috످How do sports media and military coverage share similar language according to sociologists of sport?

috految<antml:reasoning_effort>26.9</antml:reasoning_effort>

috److془Well known. Jansen and Sabo 1994, Messner Dunbar Hunt 2000, Trujillo 1995, Real 1975, Stempel 2006, King 2008, Scherer and Koch 2010, Butterworth & Moskal 2009.془Sociologists of sport argue that the two share a vocabulary of conflict, heroism, and sacrifice: sports are described as war, while war is described as a game. In their 1994 article "The Sport/War Metaphor," Sue Curry Jansen and Don Sabo argued that this overlap reinforces male dominance and builds public support for military action.

Sports media borrow from war. Football teams "blitz," "throw bombs," and "battle in the trenches." Quarterbacks are "field generals," and star players are "weapons."

War coverage borrows from sports. Military strategies become "game plans," and casualties are reported like scores. During the 1991 Gulf War, General Norman Schwarzkopf famously compared his flanking maneuver to a "Hail Mary" play.

Both use similar narratives. Athletes and soldiers are portrayed as disciplined heroes who endure pain, obey their leaders, and sacrifice for the group.

Sociologists say the overlap matters because it reinforces hegemonic masculinity, the culturally dominant ideal of manhood. Messner, Dunbar, and Hunt (2000) identified "sports is war" as a theme of the "Televised Sports Manhood Formula," which teaches boys to equate manliness with aggression.

Sociologists say the overlap also sanitizes war. Framing combat as a game obscures death and suffering (Jansen & Sabo, 1994).

The overlap normalizes violence in sports. Depicting athletes' bodies as weapons and machines makes injury seem acceptable (Trujillo, 1995).

It also promotes nationalism. After 9/11, the NFL and its media coverage linked fandom with patriotism and support for the War on Terror (King, 2008).

Much of this research focuses on American men's sports and doesn't establish that the language directly changes attitudes. For example, Carl Stempel (2006) found that watching televised "masculinist" sports correlated with support for the Iraq War, but people who already hold those views may simply be more drawn to such sports.

috످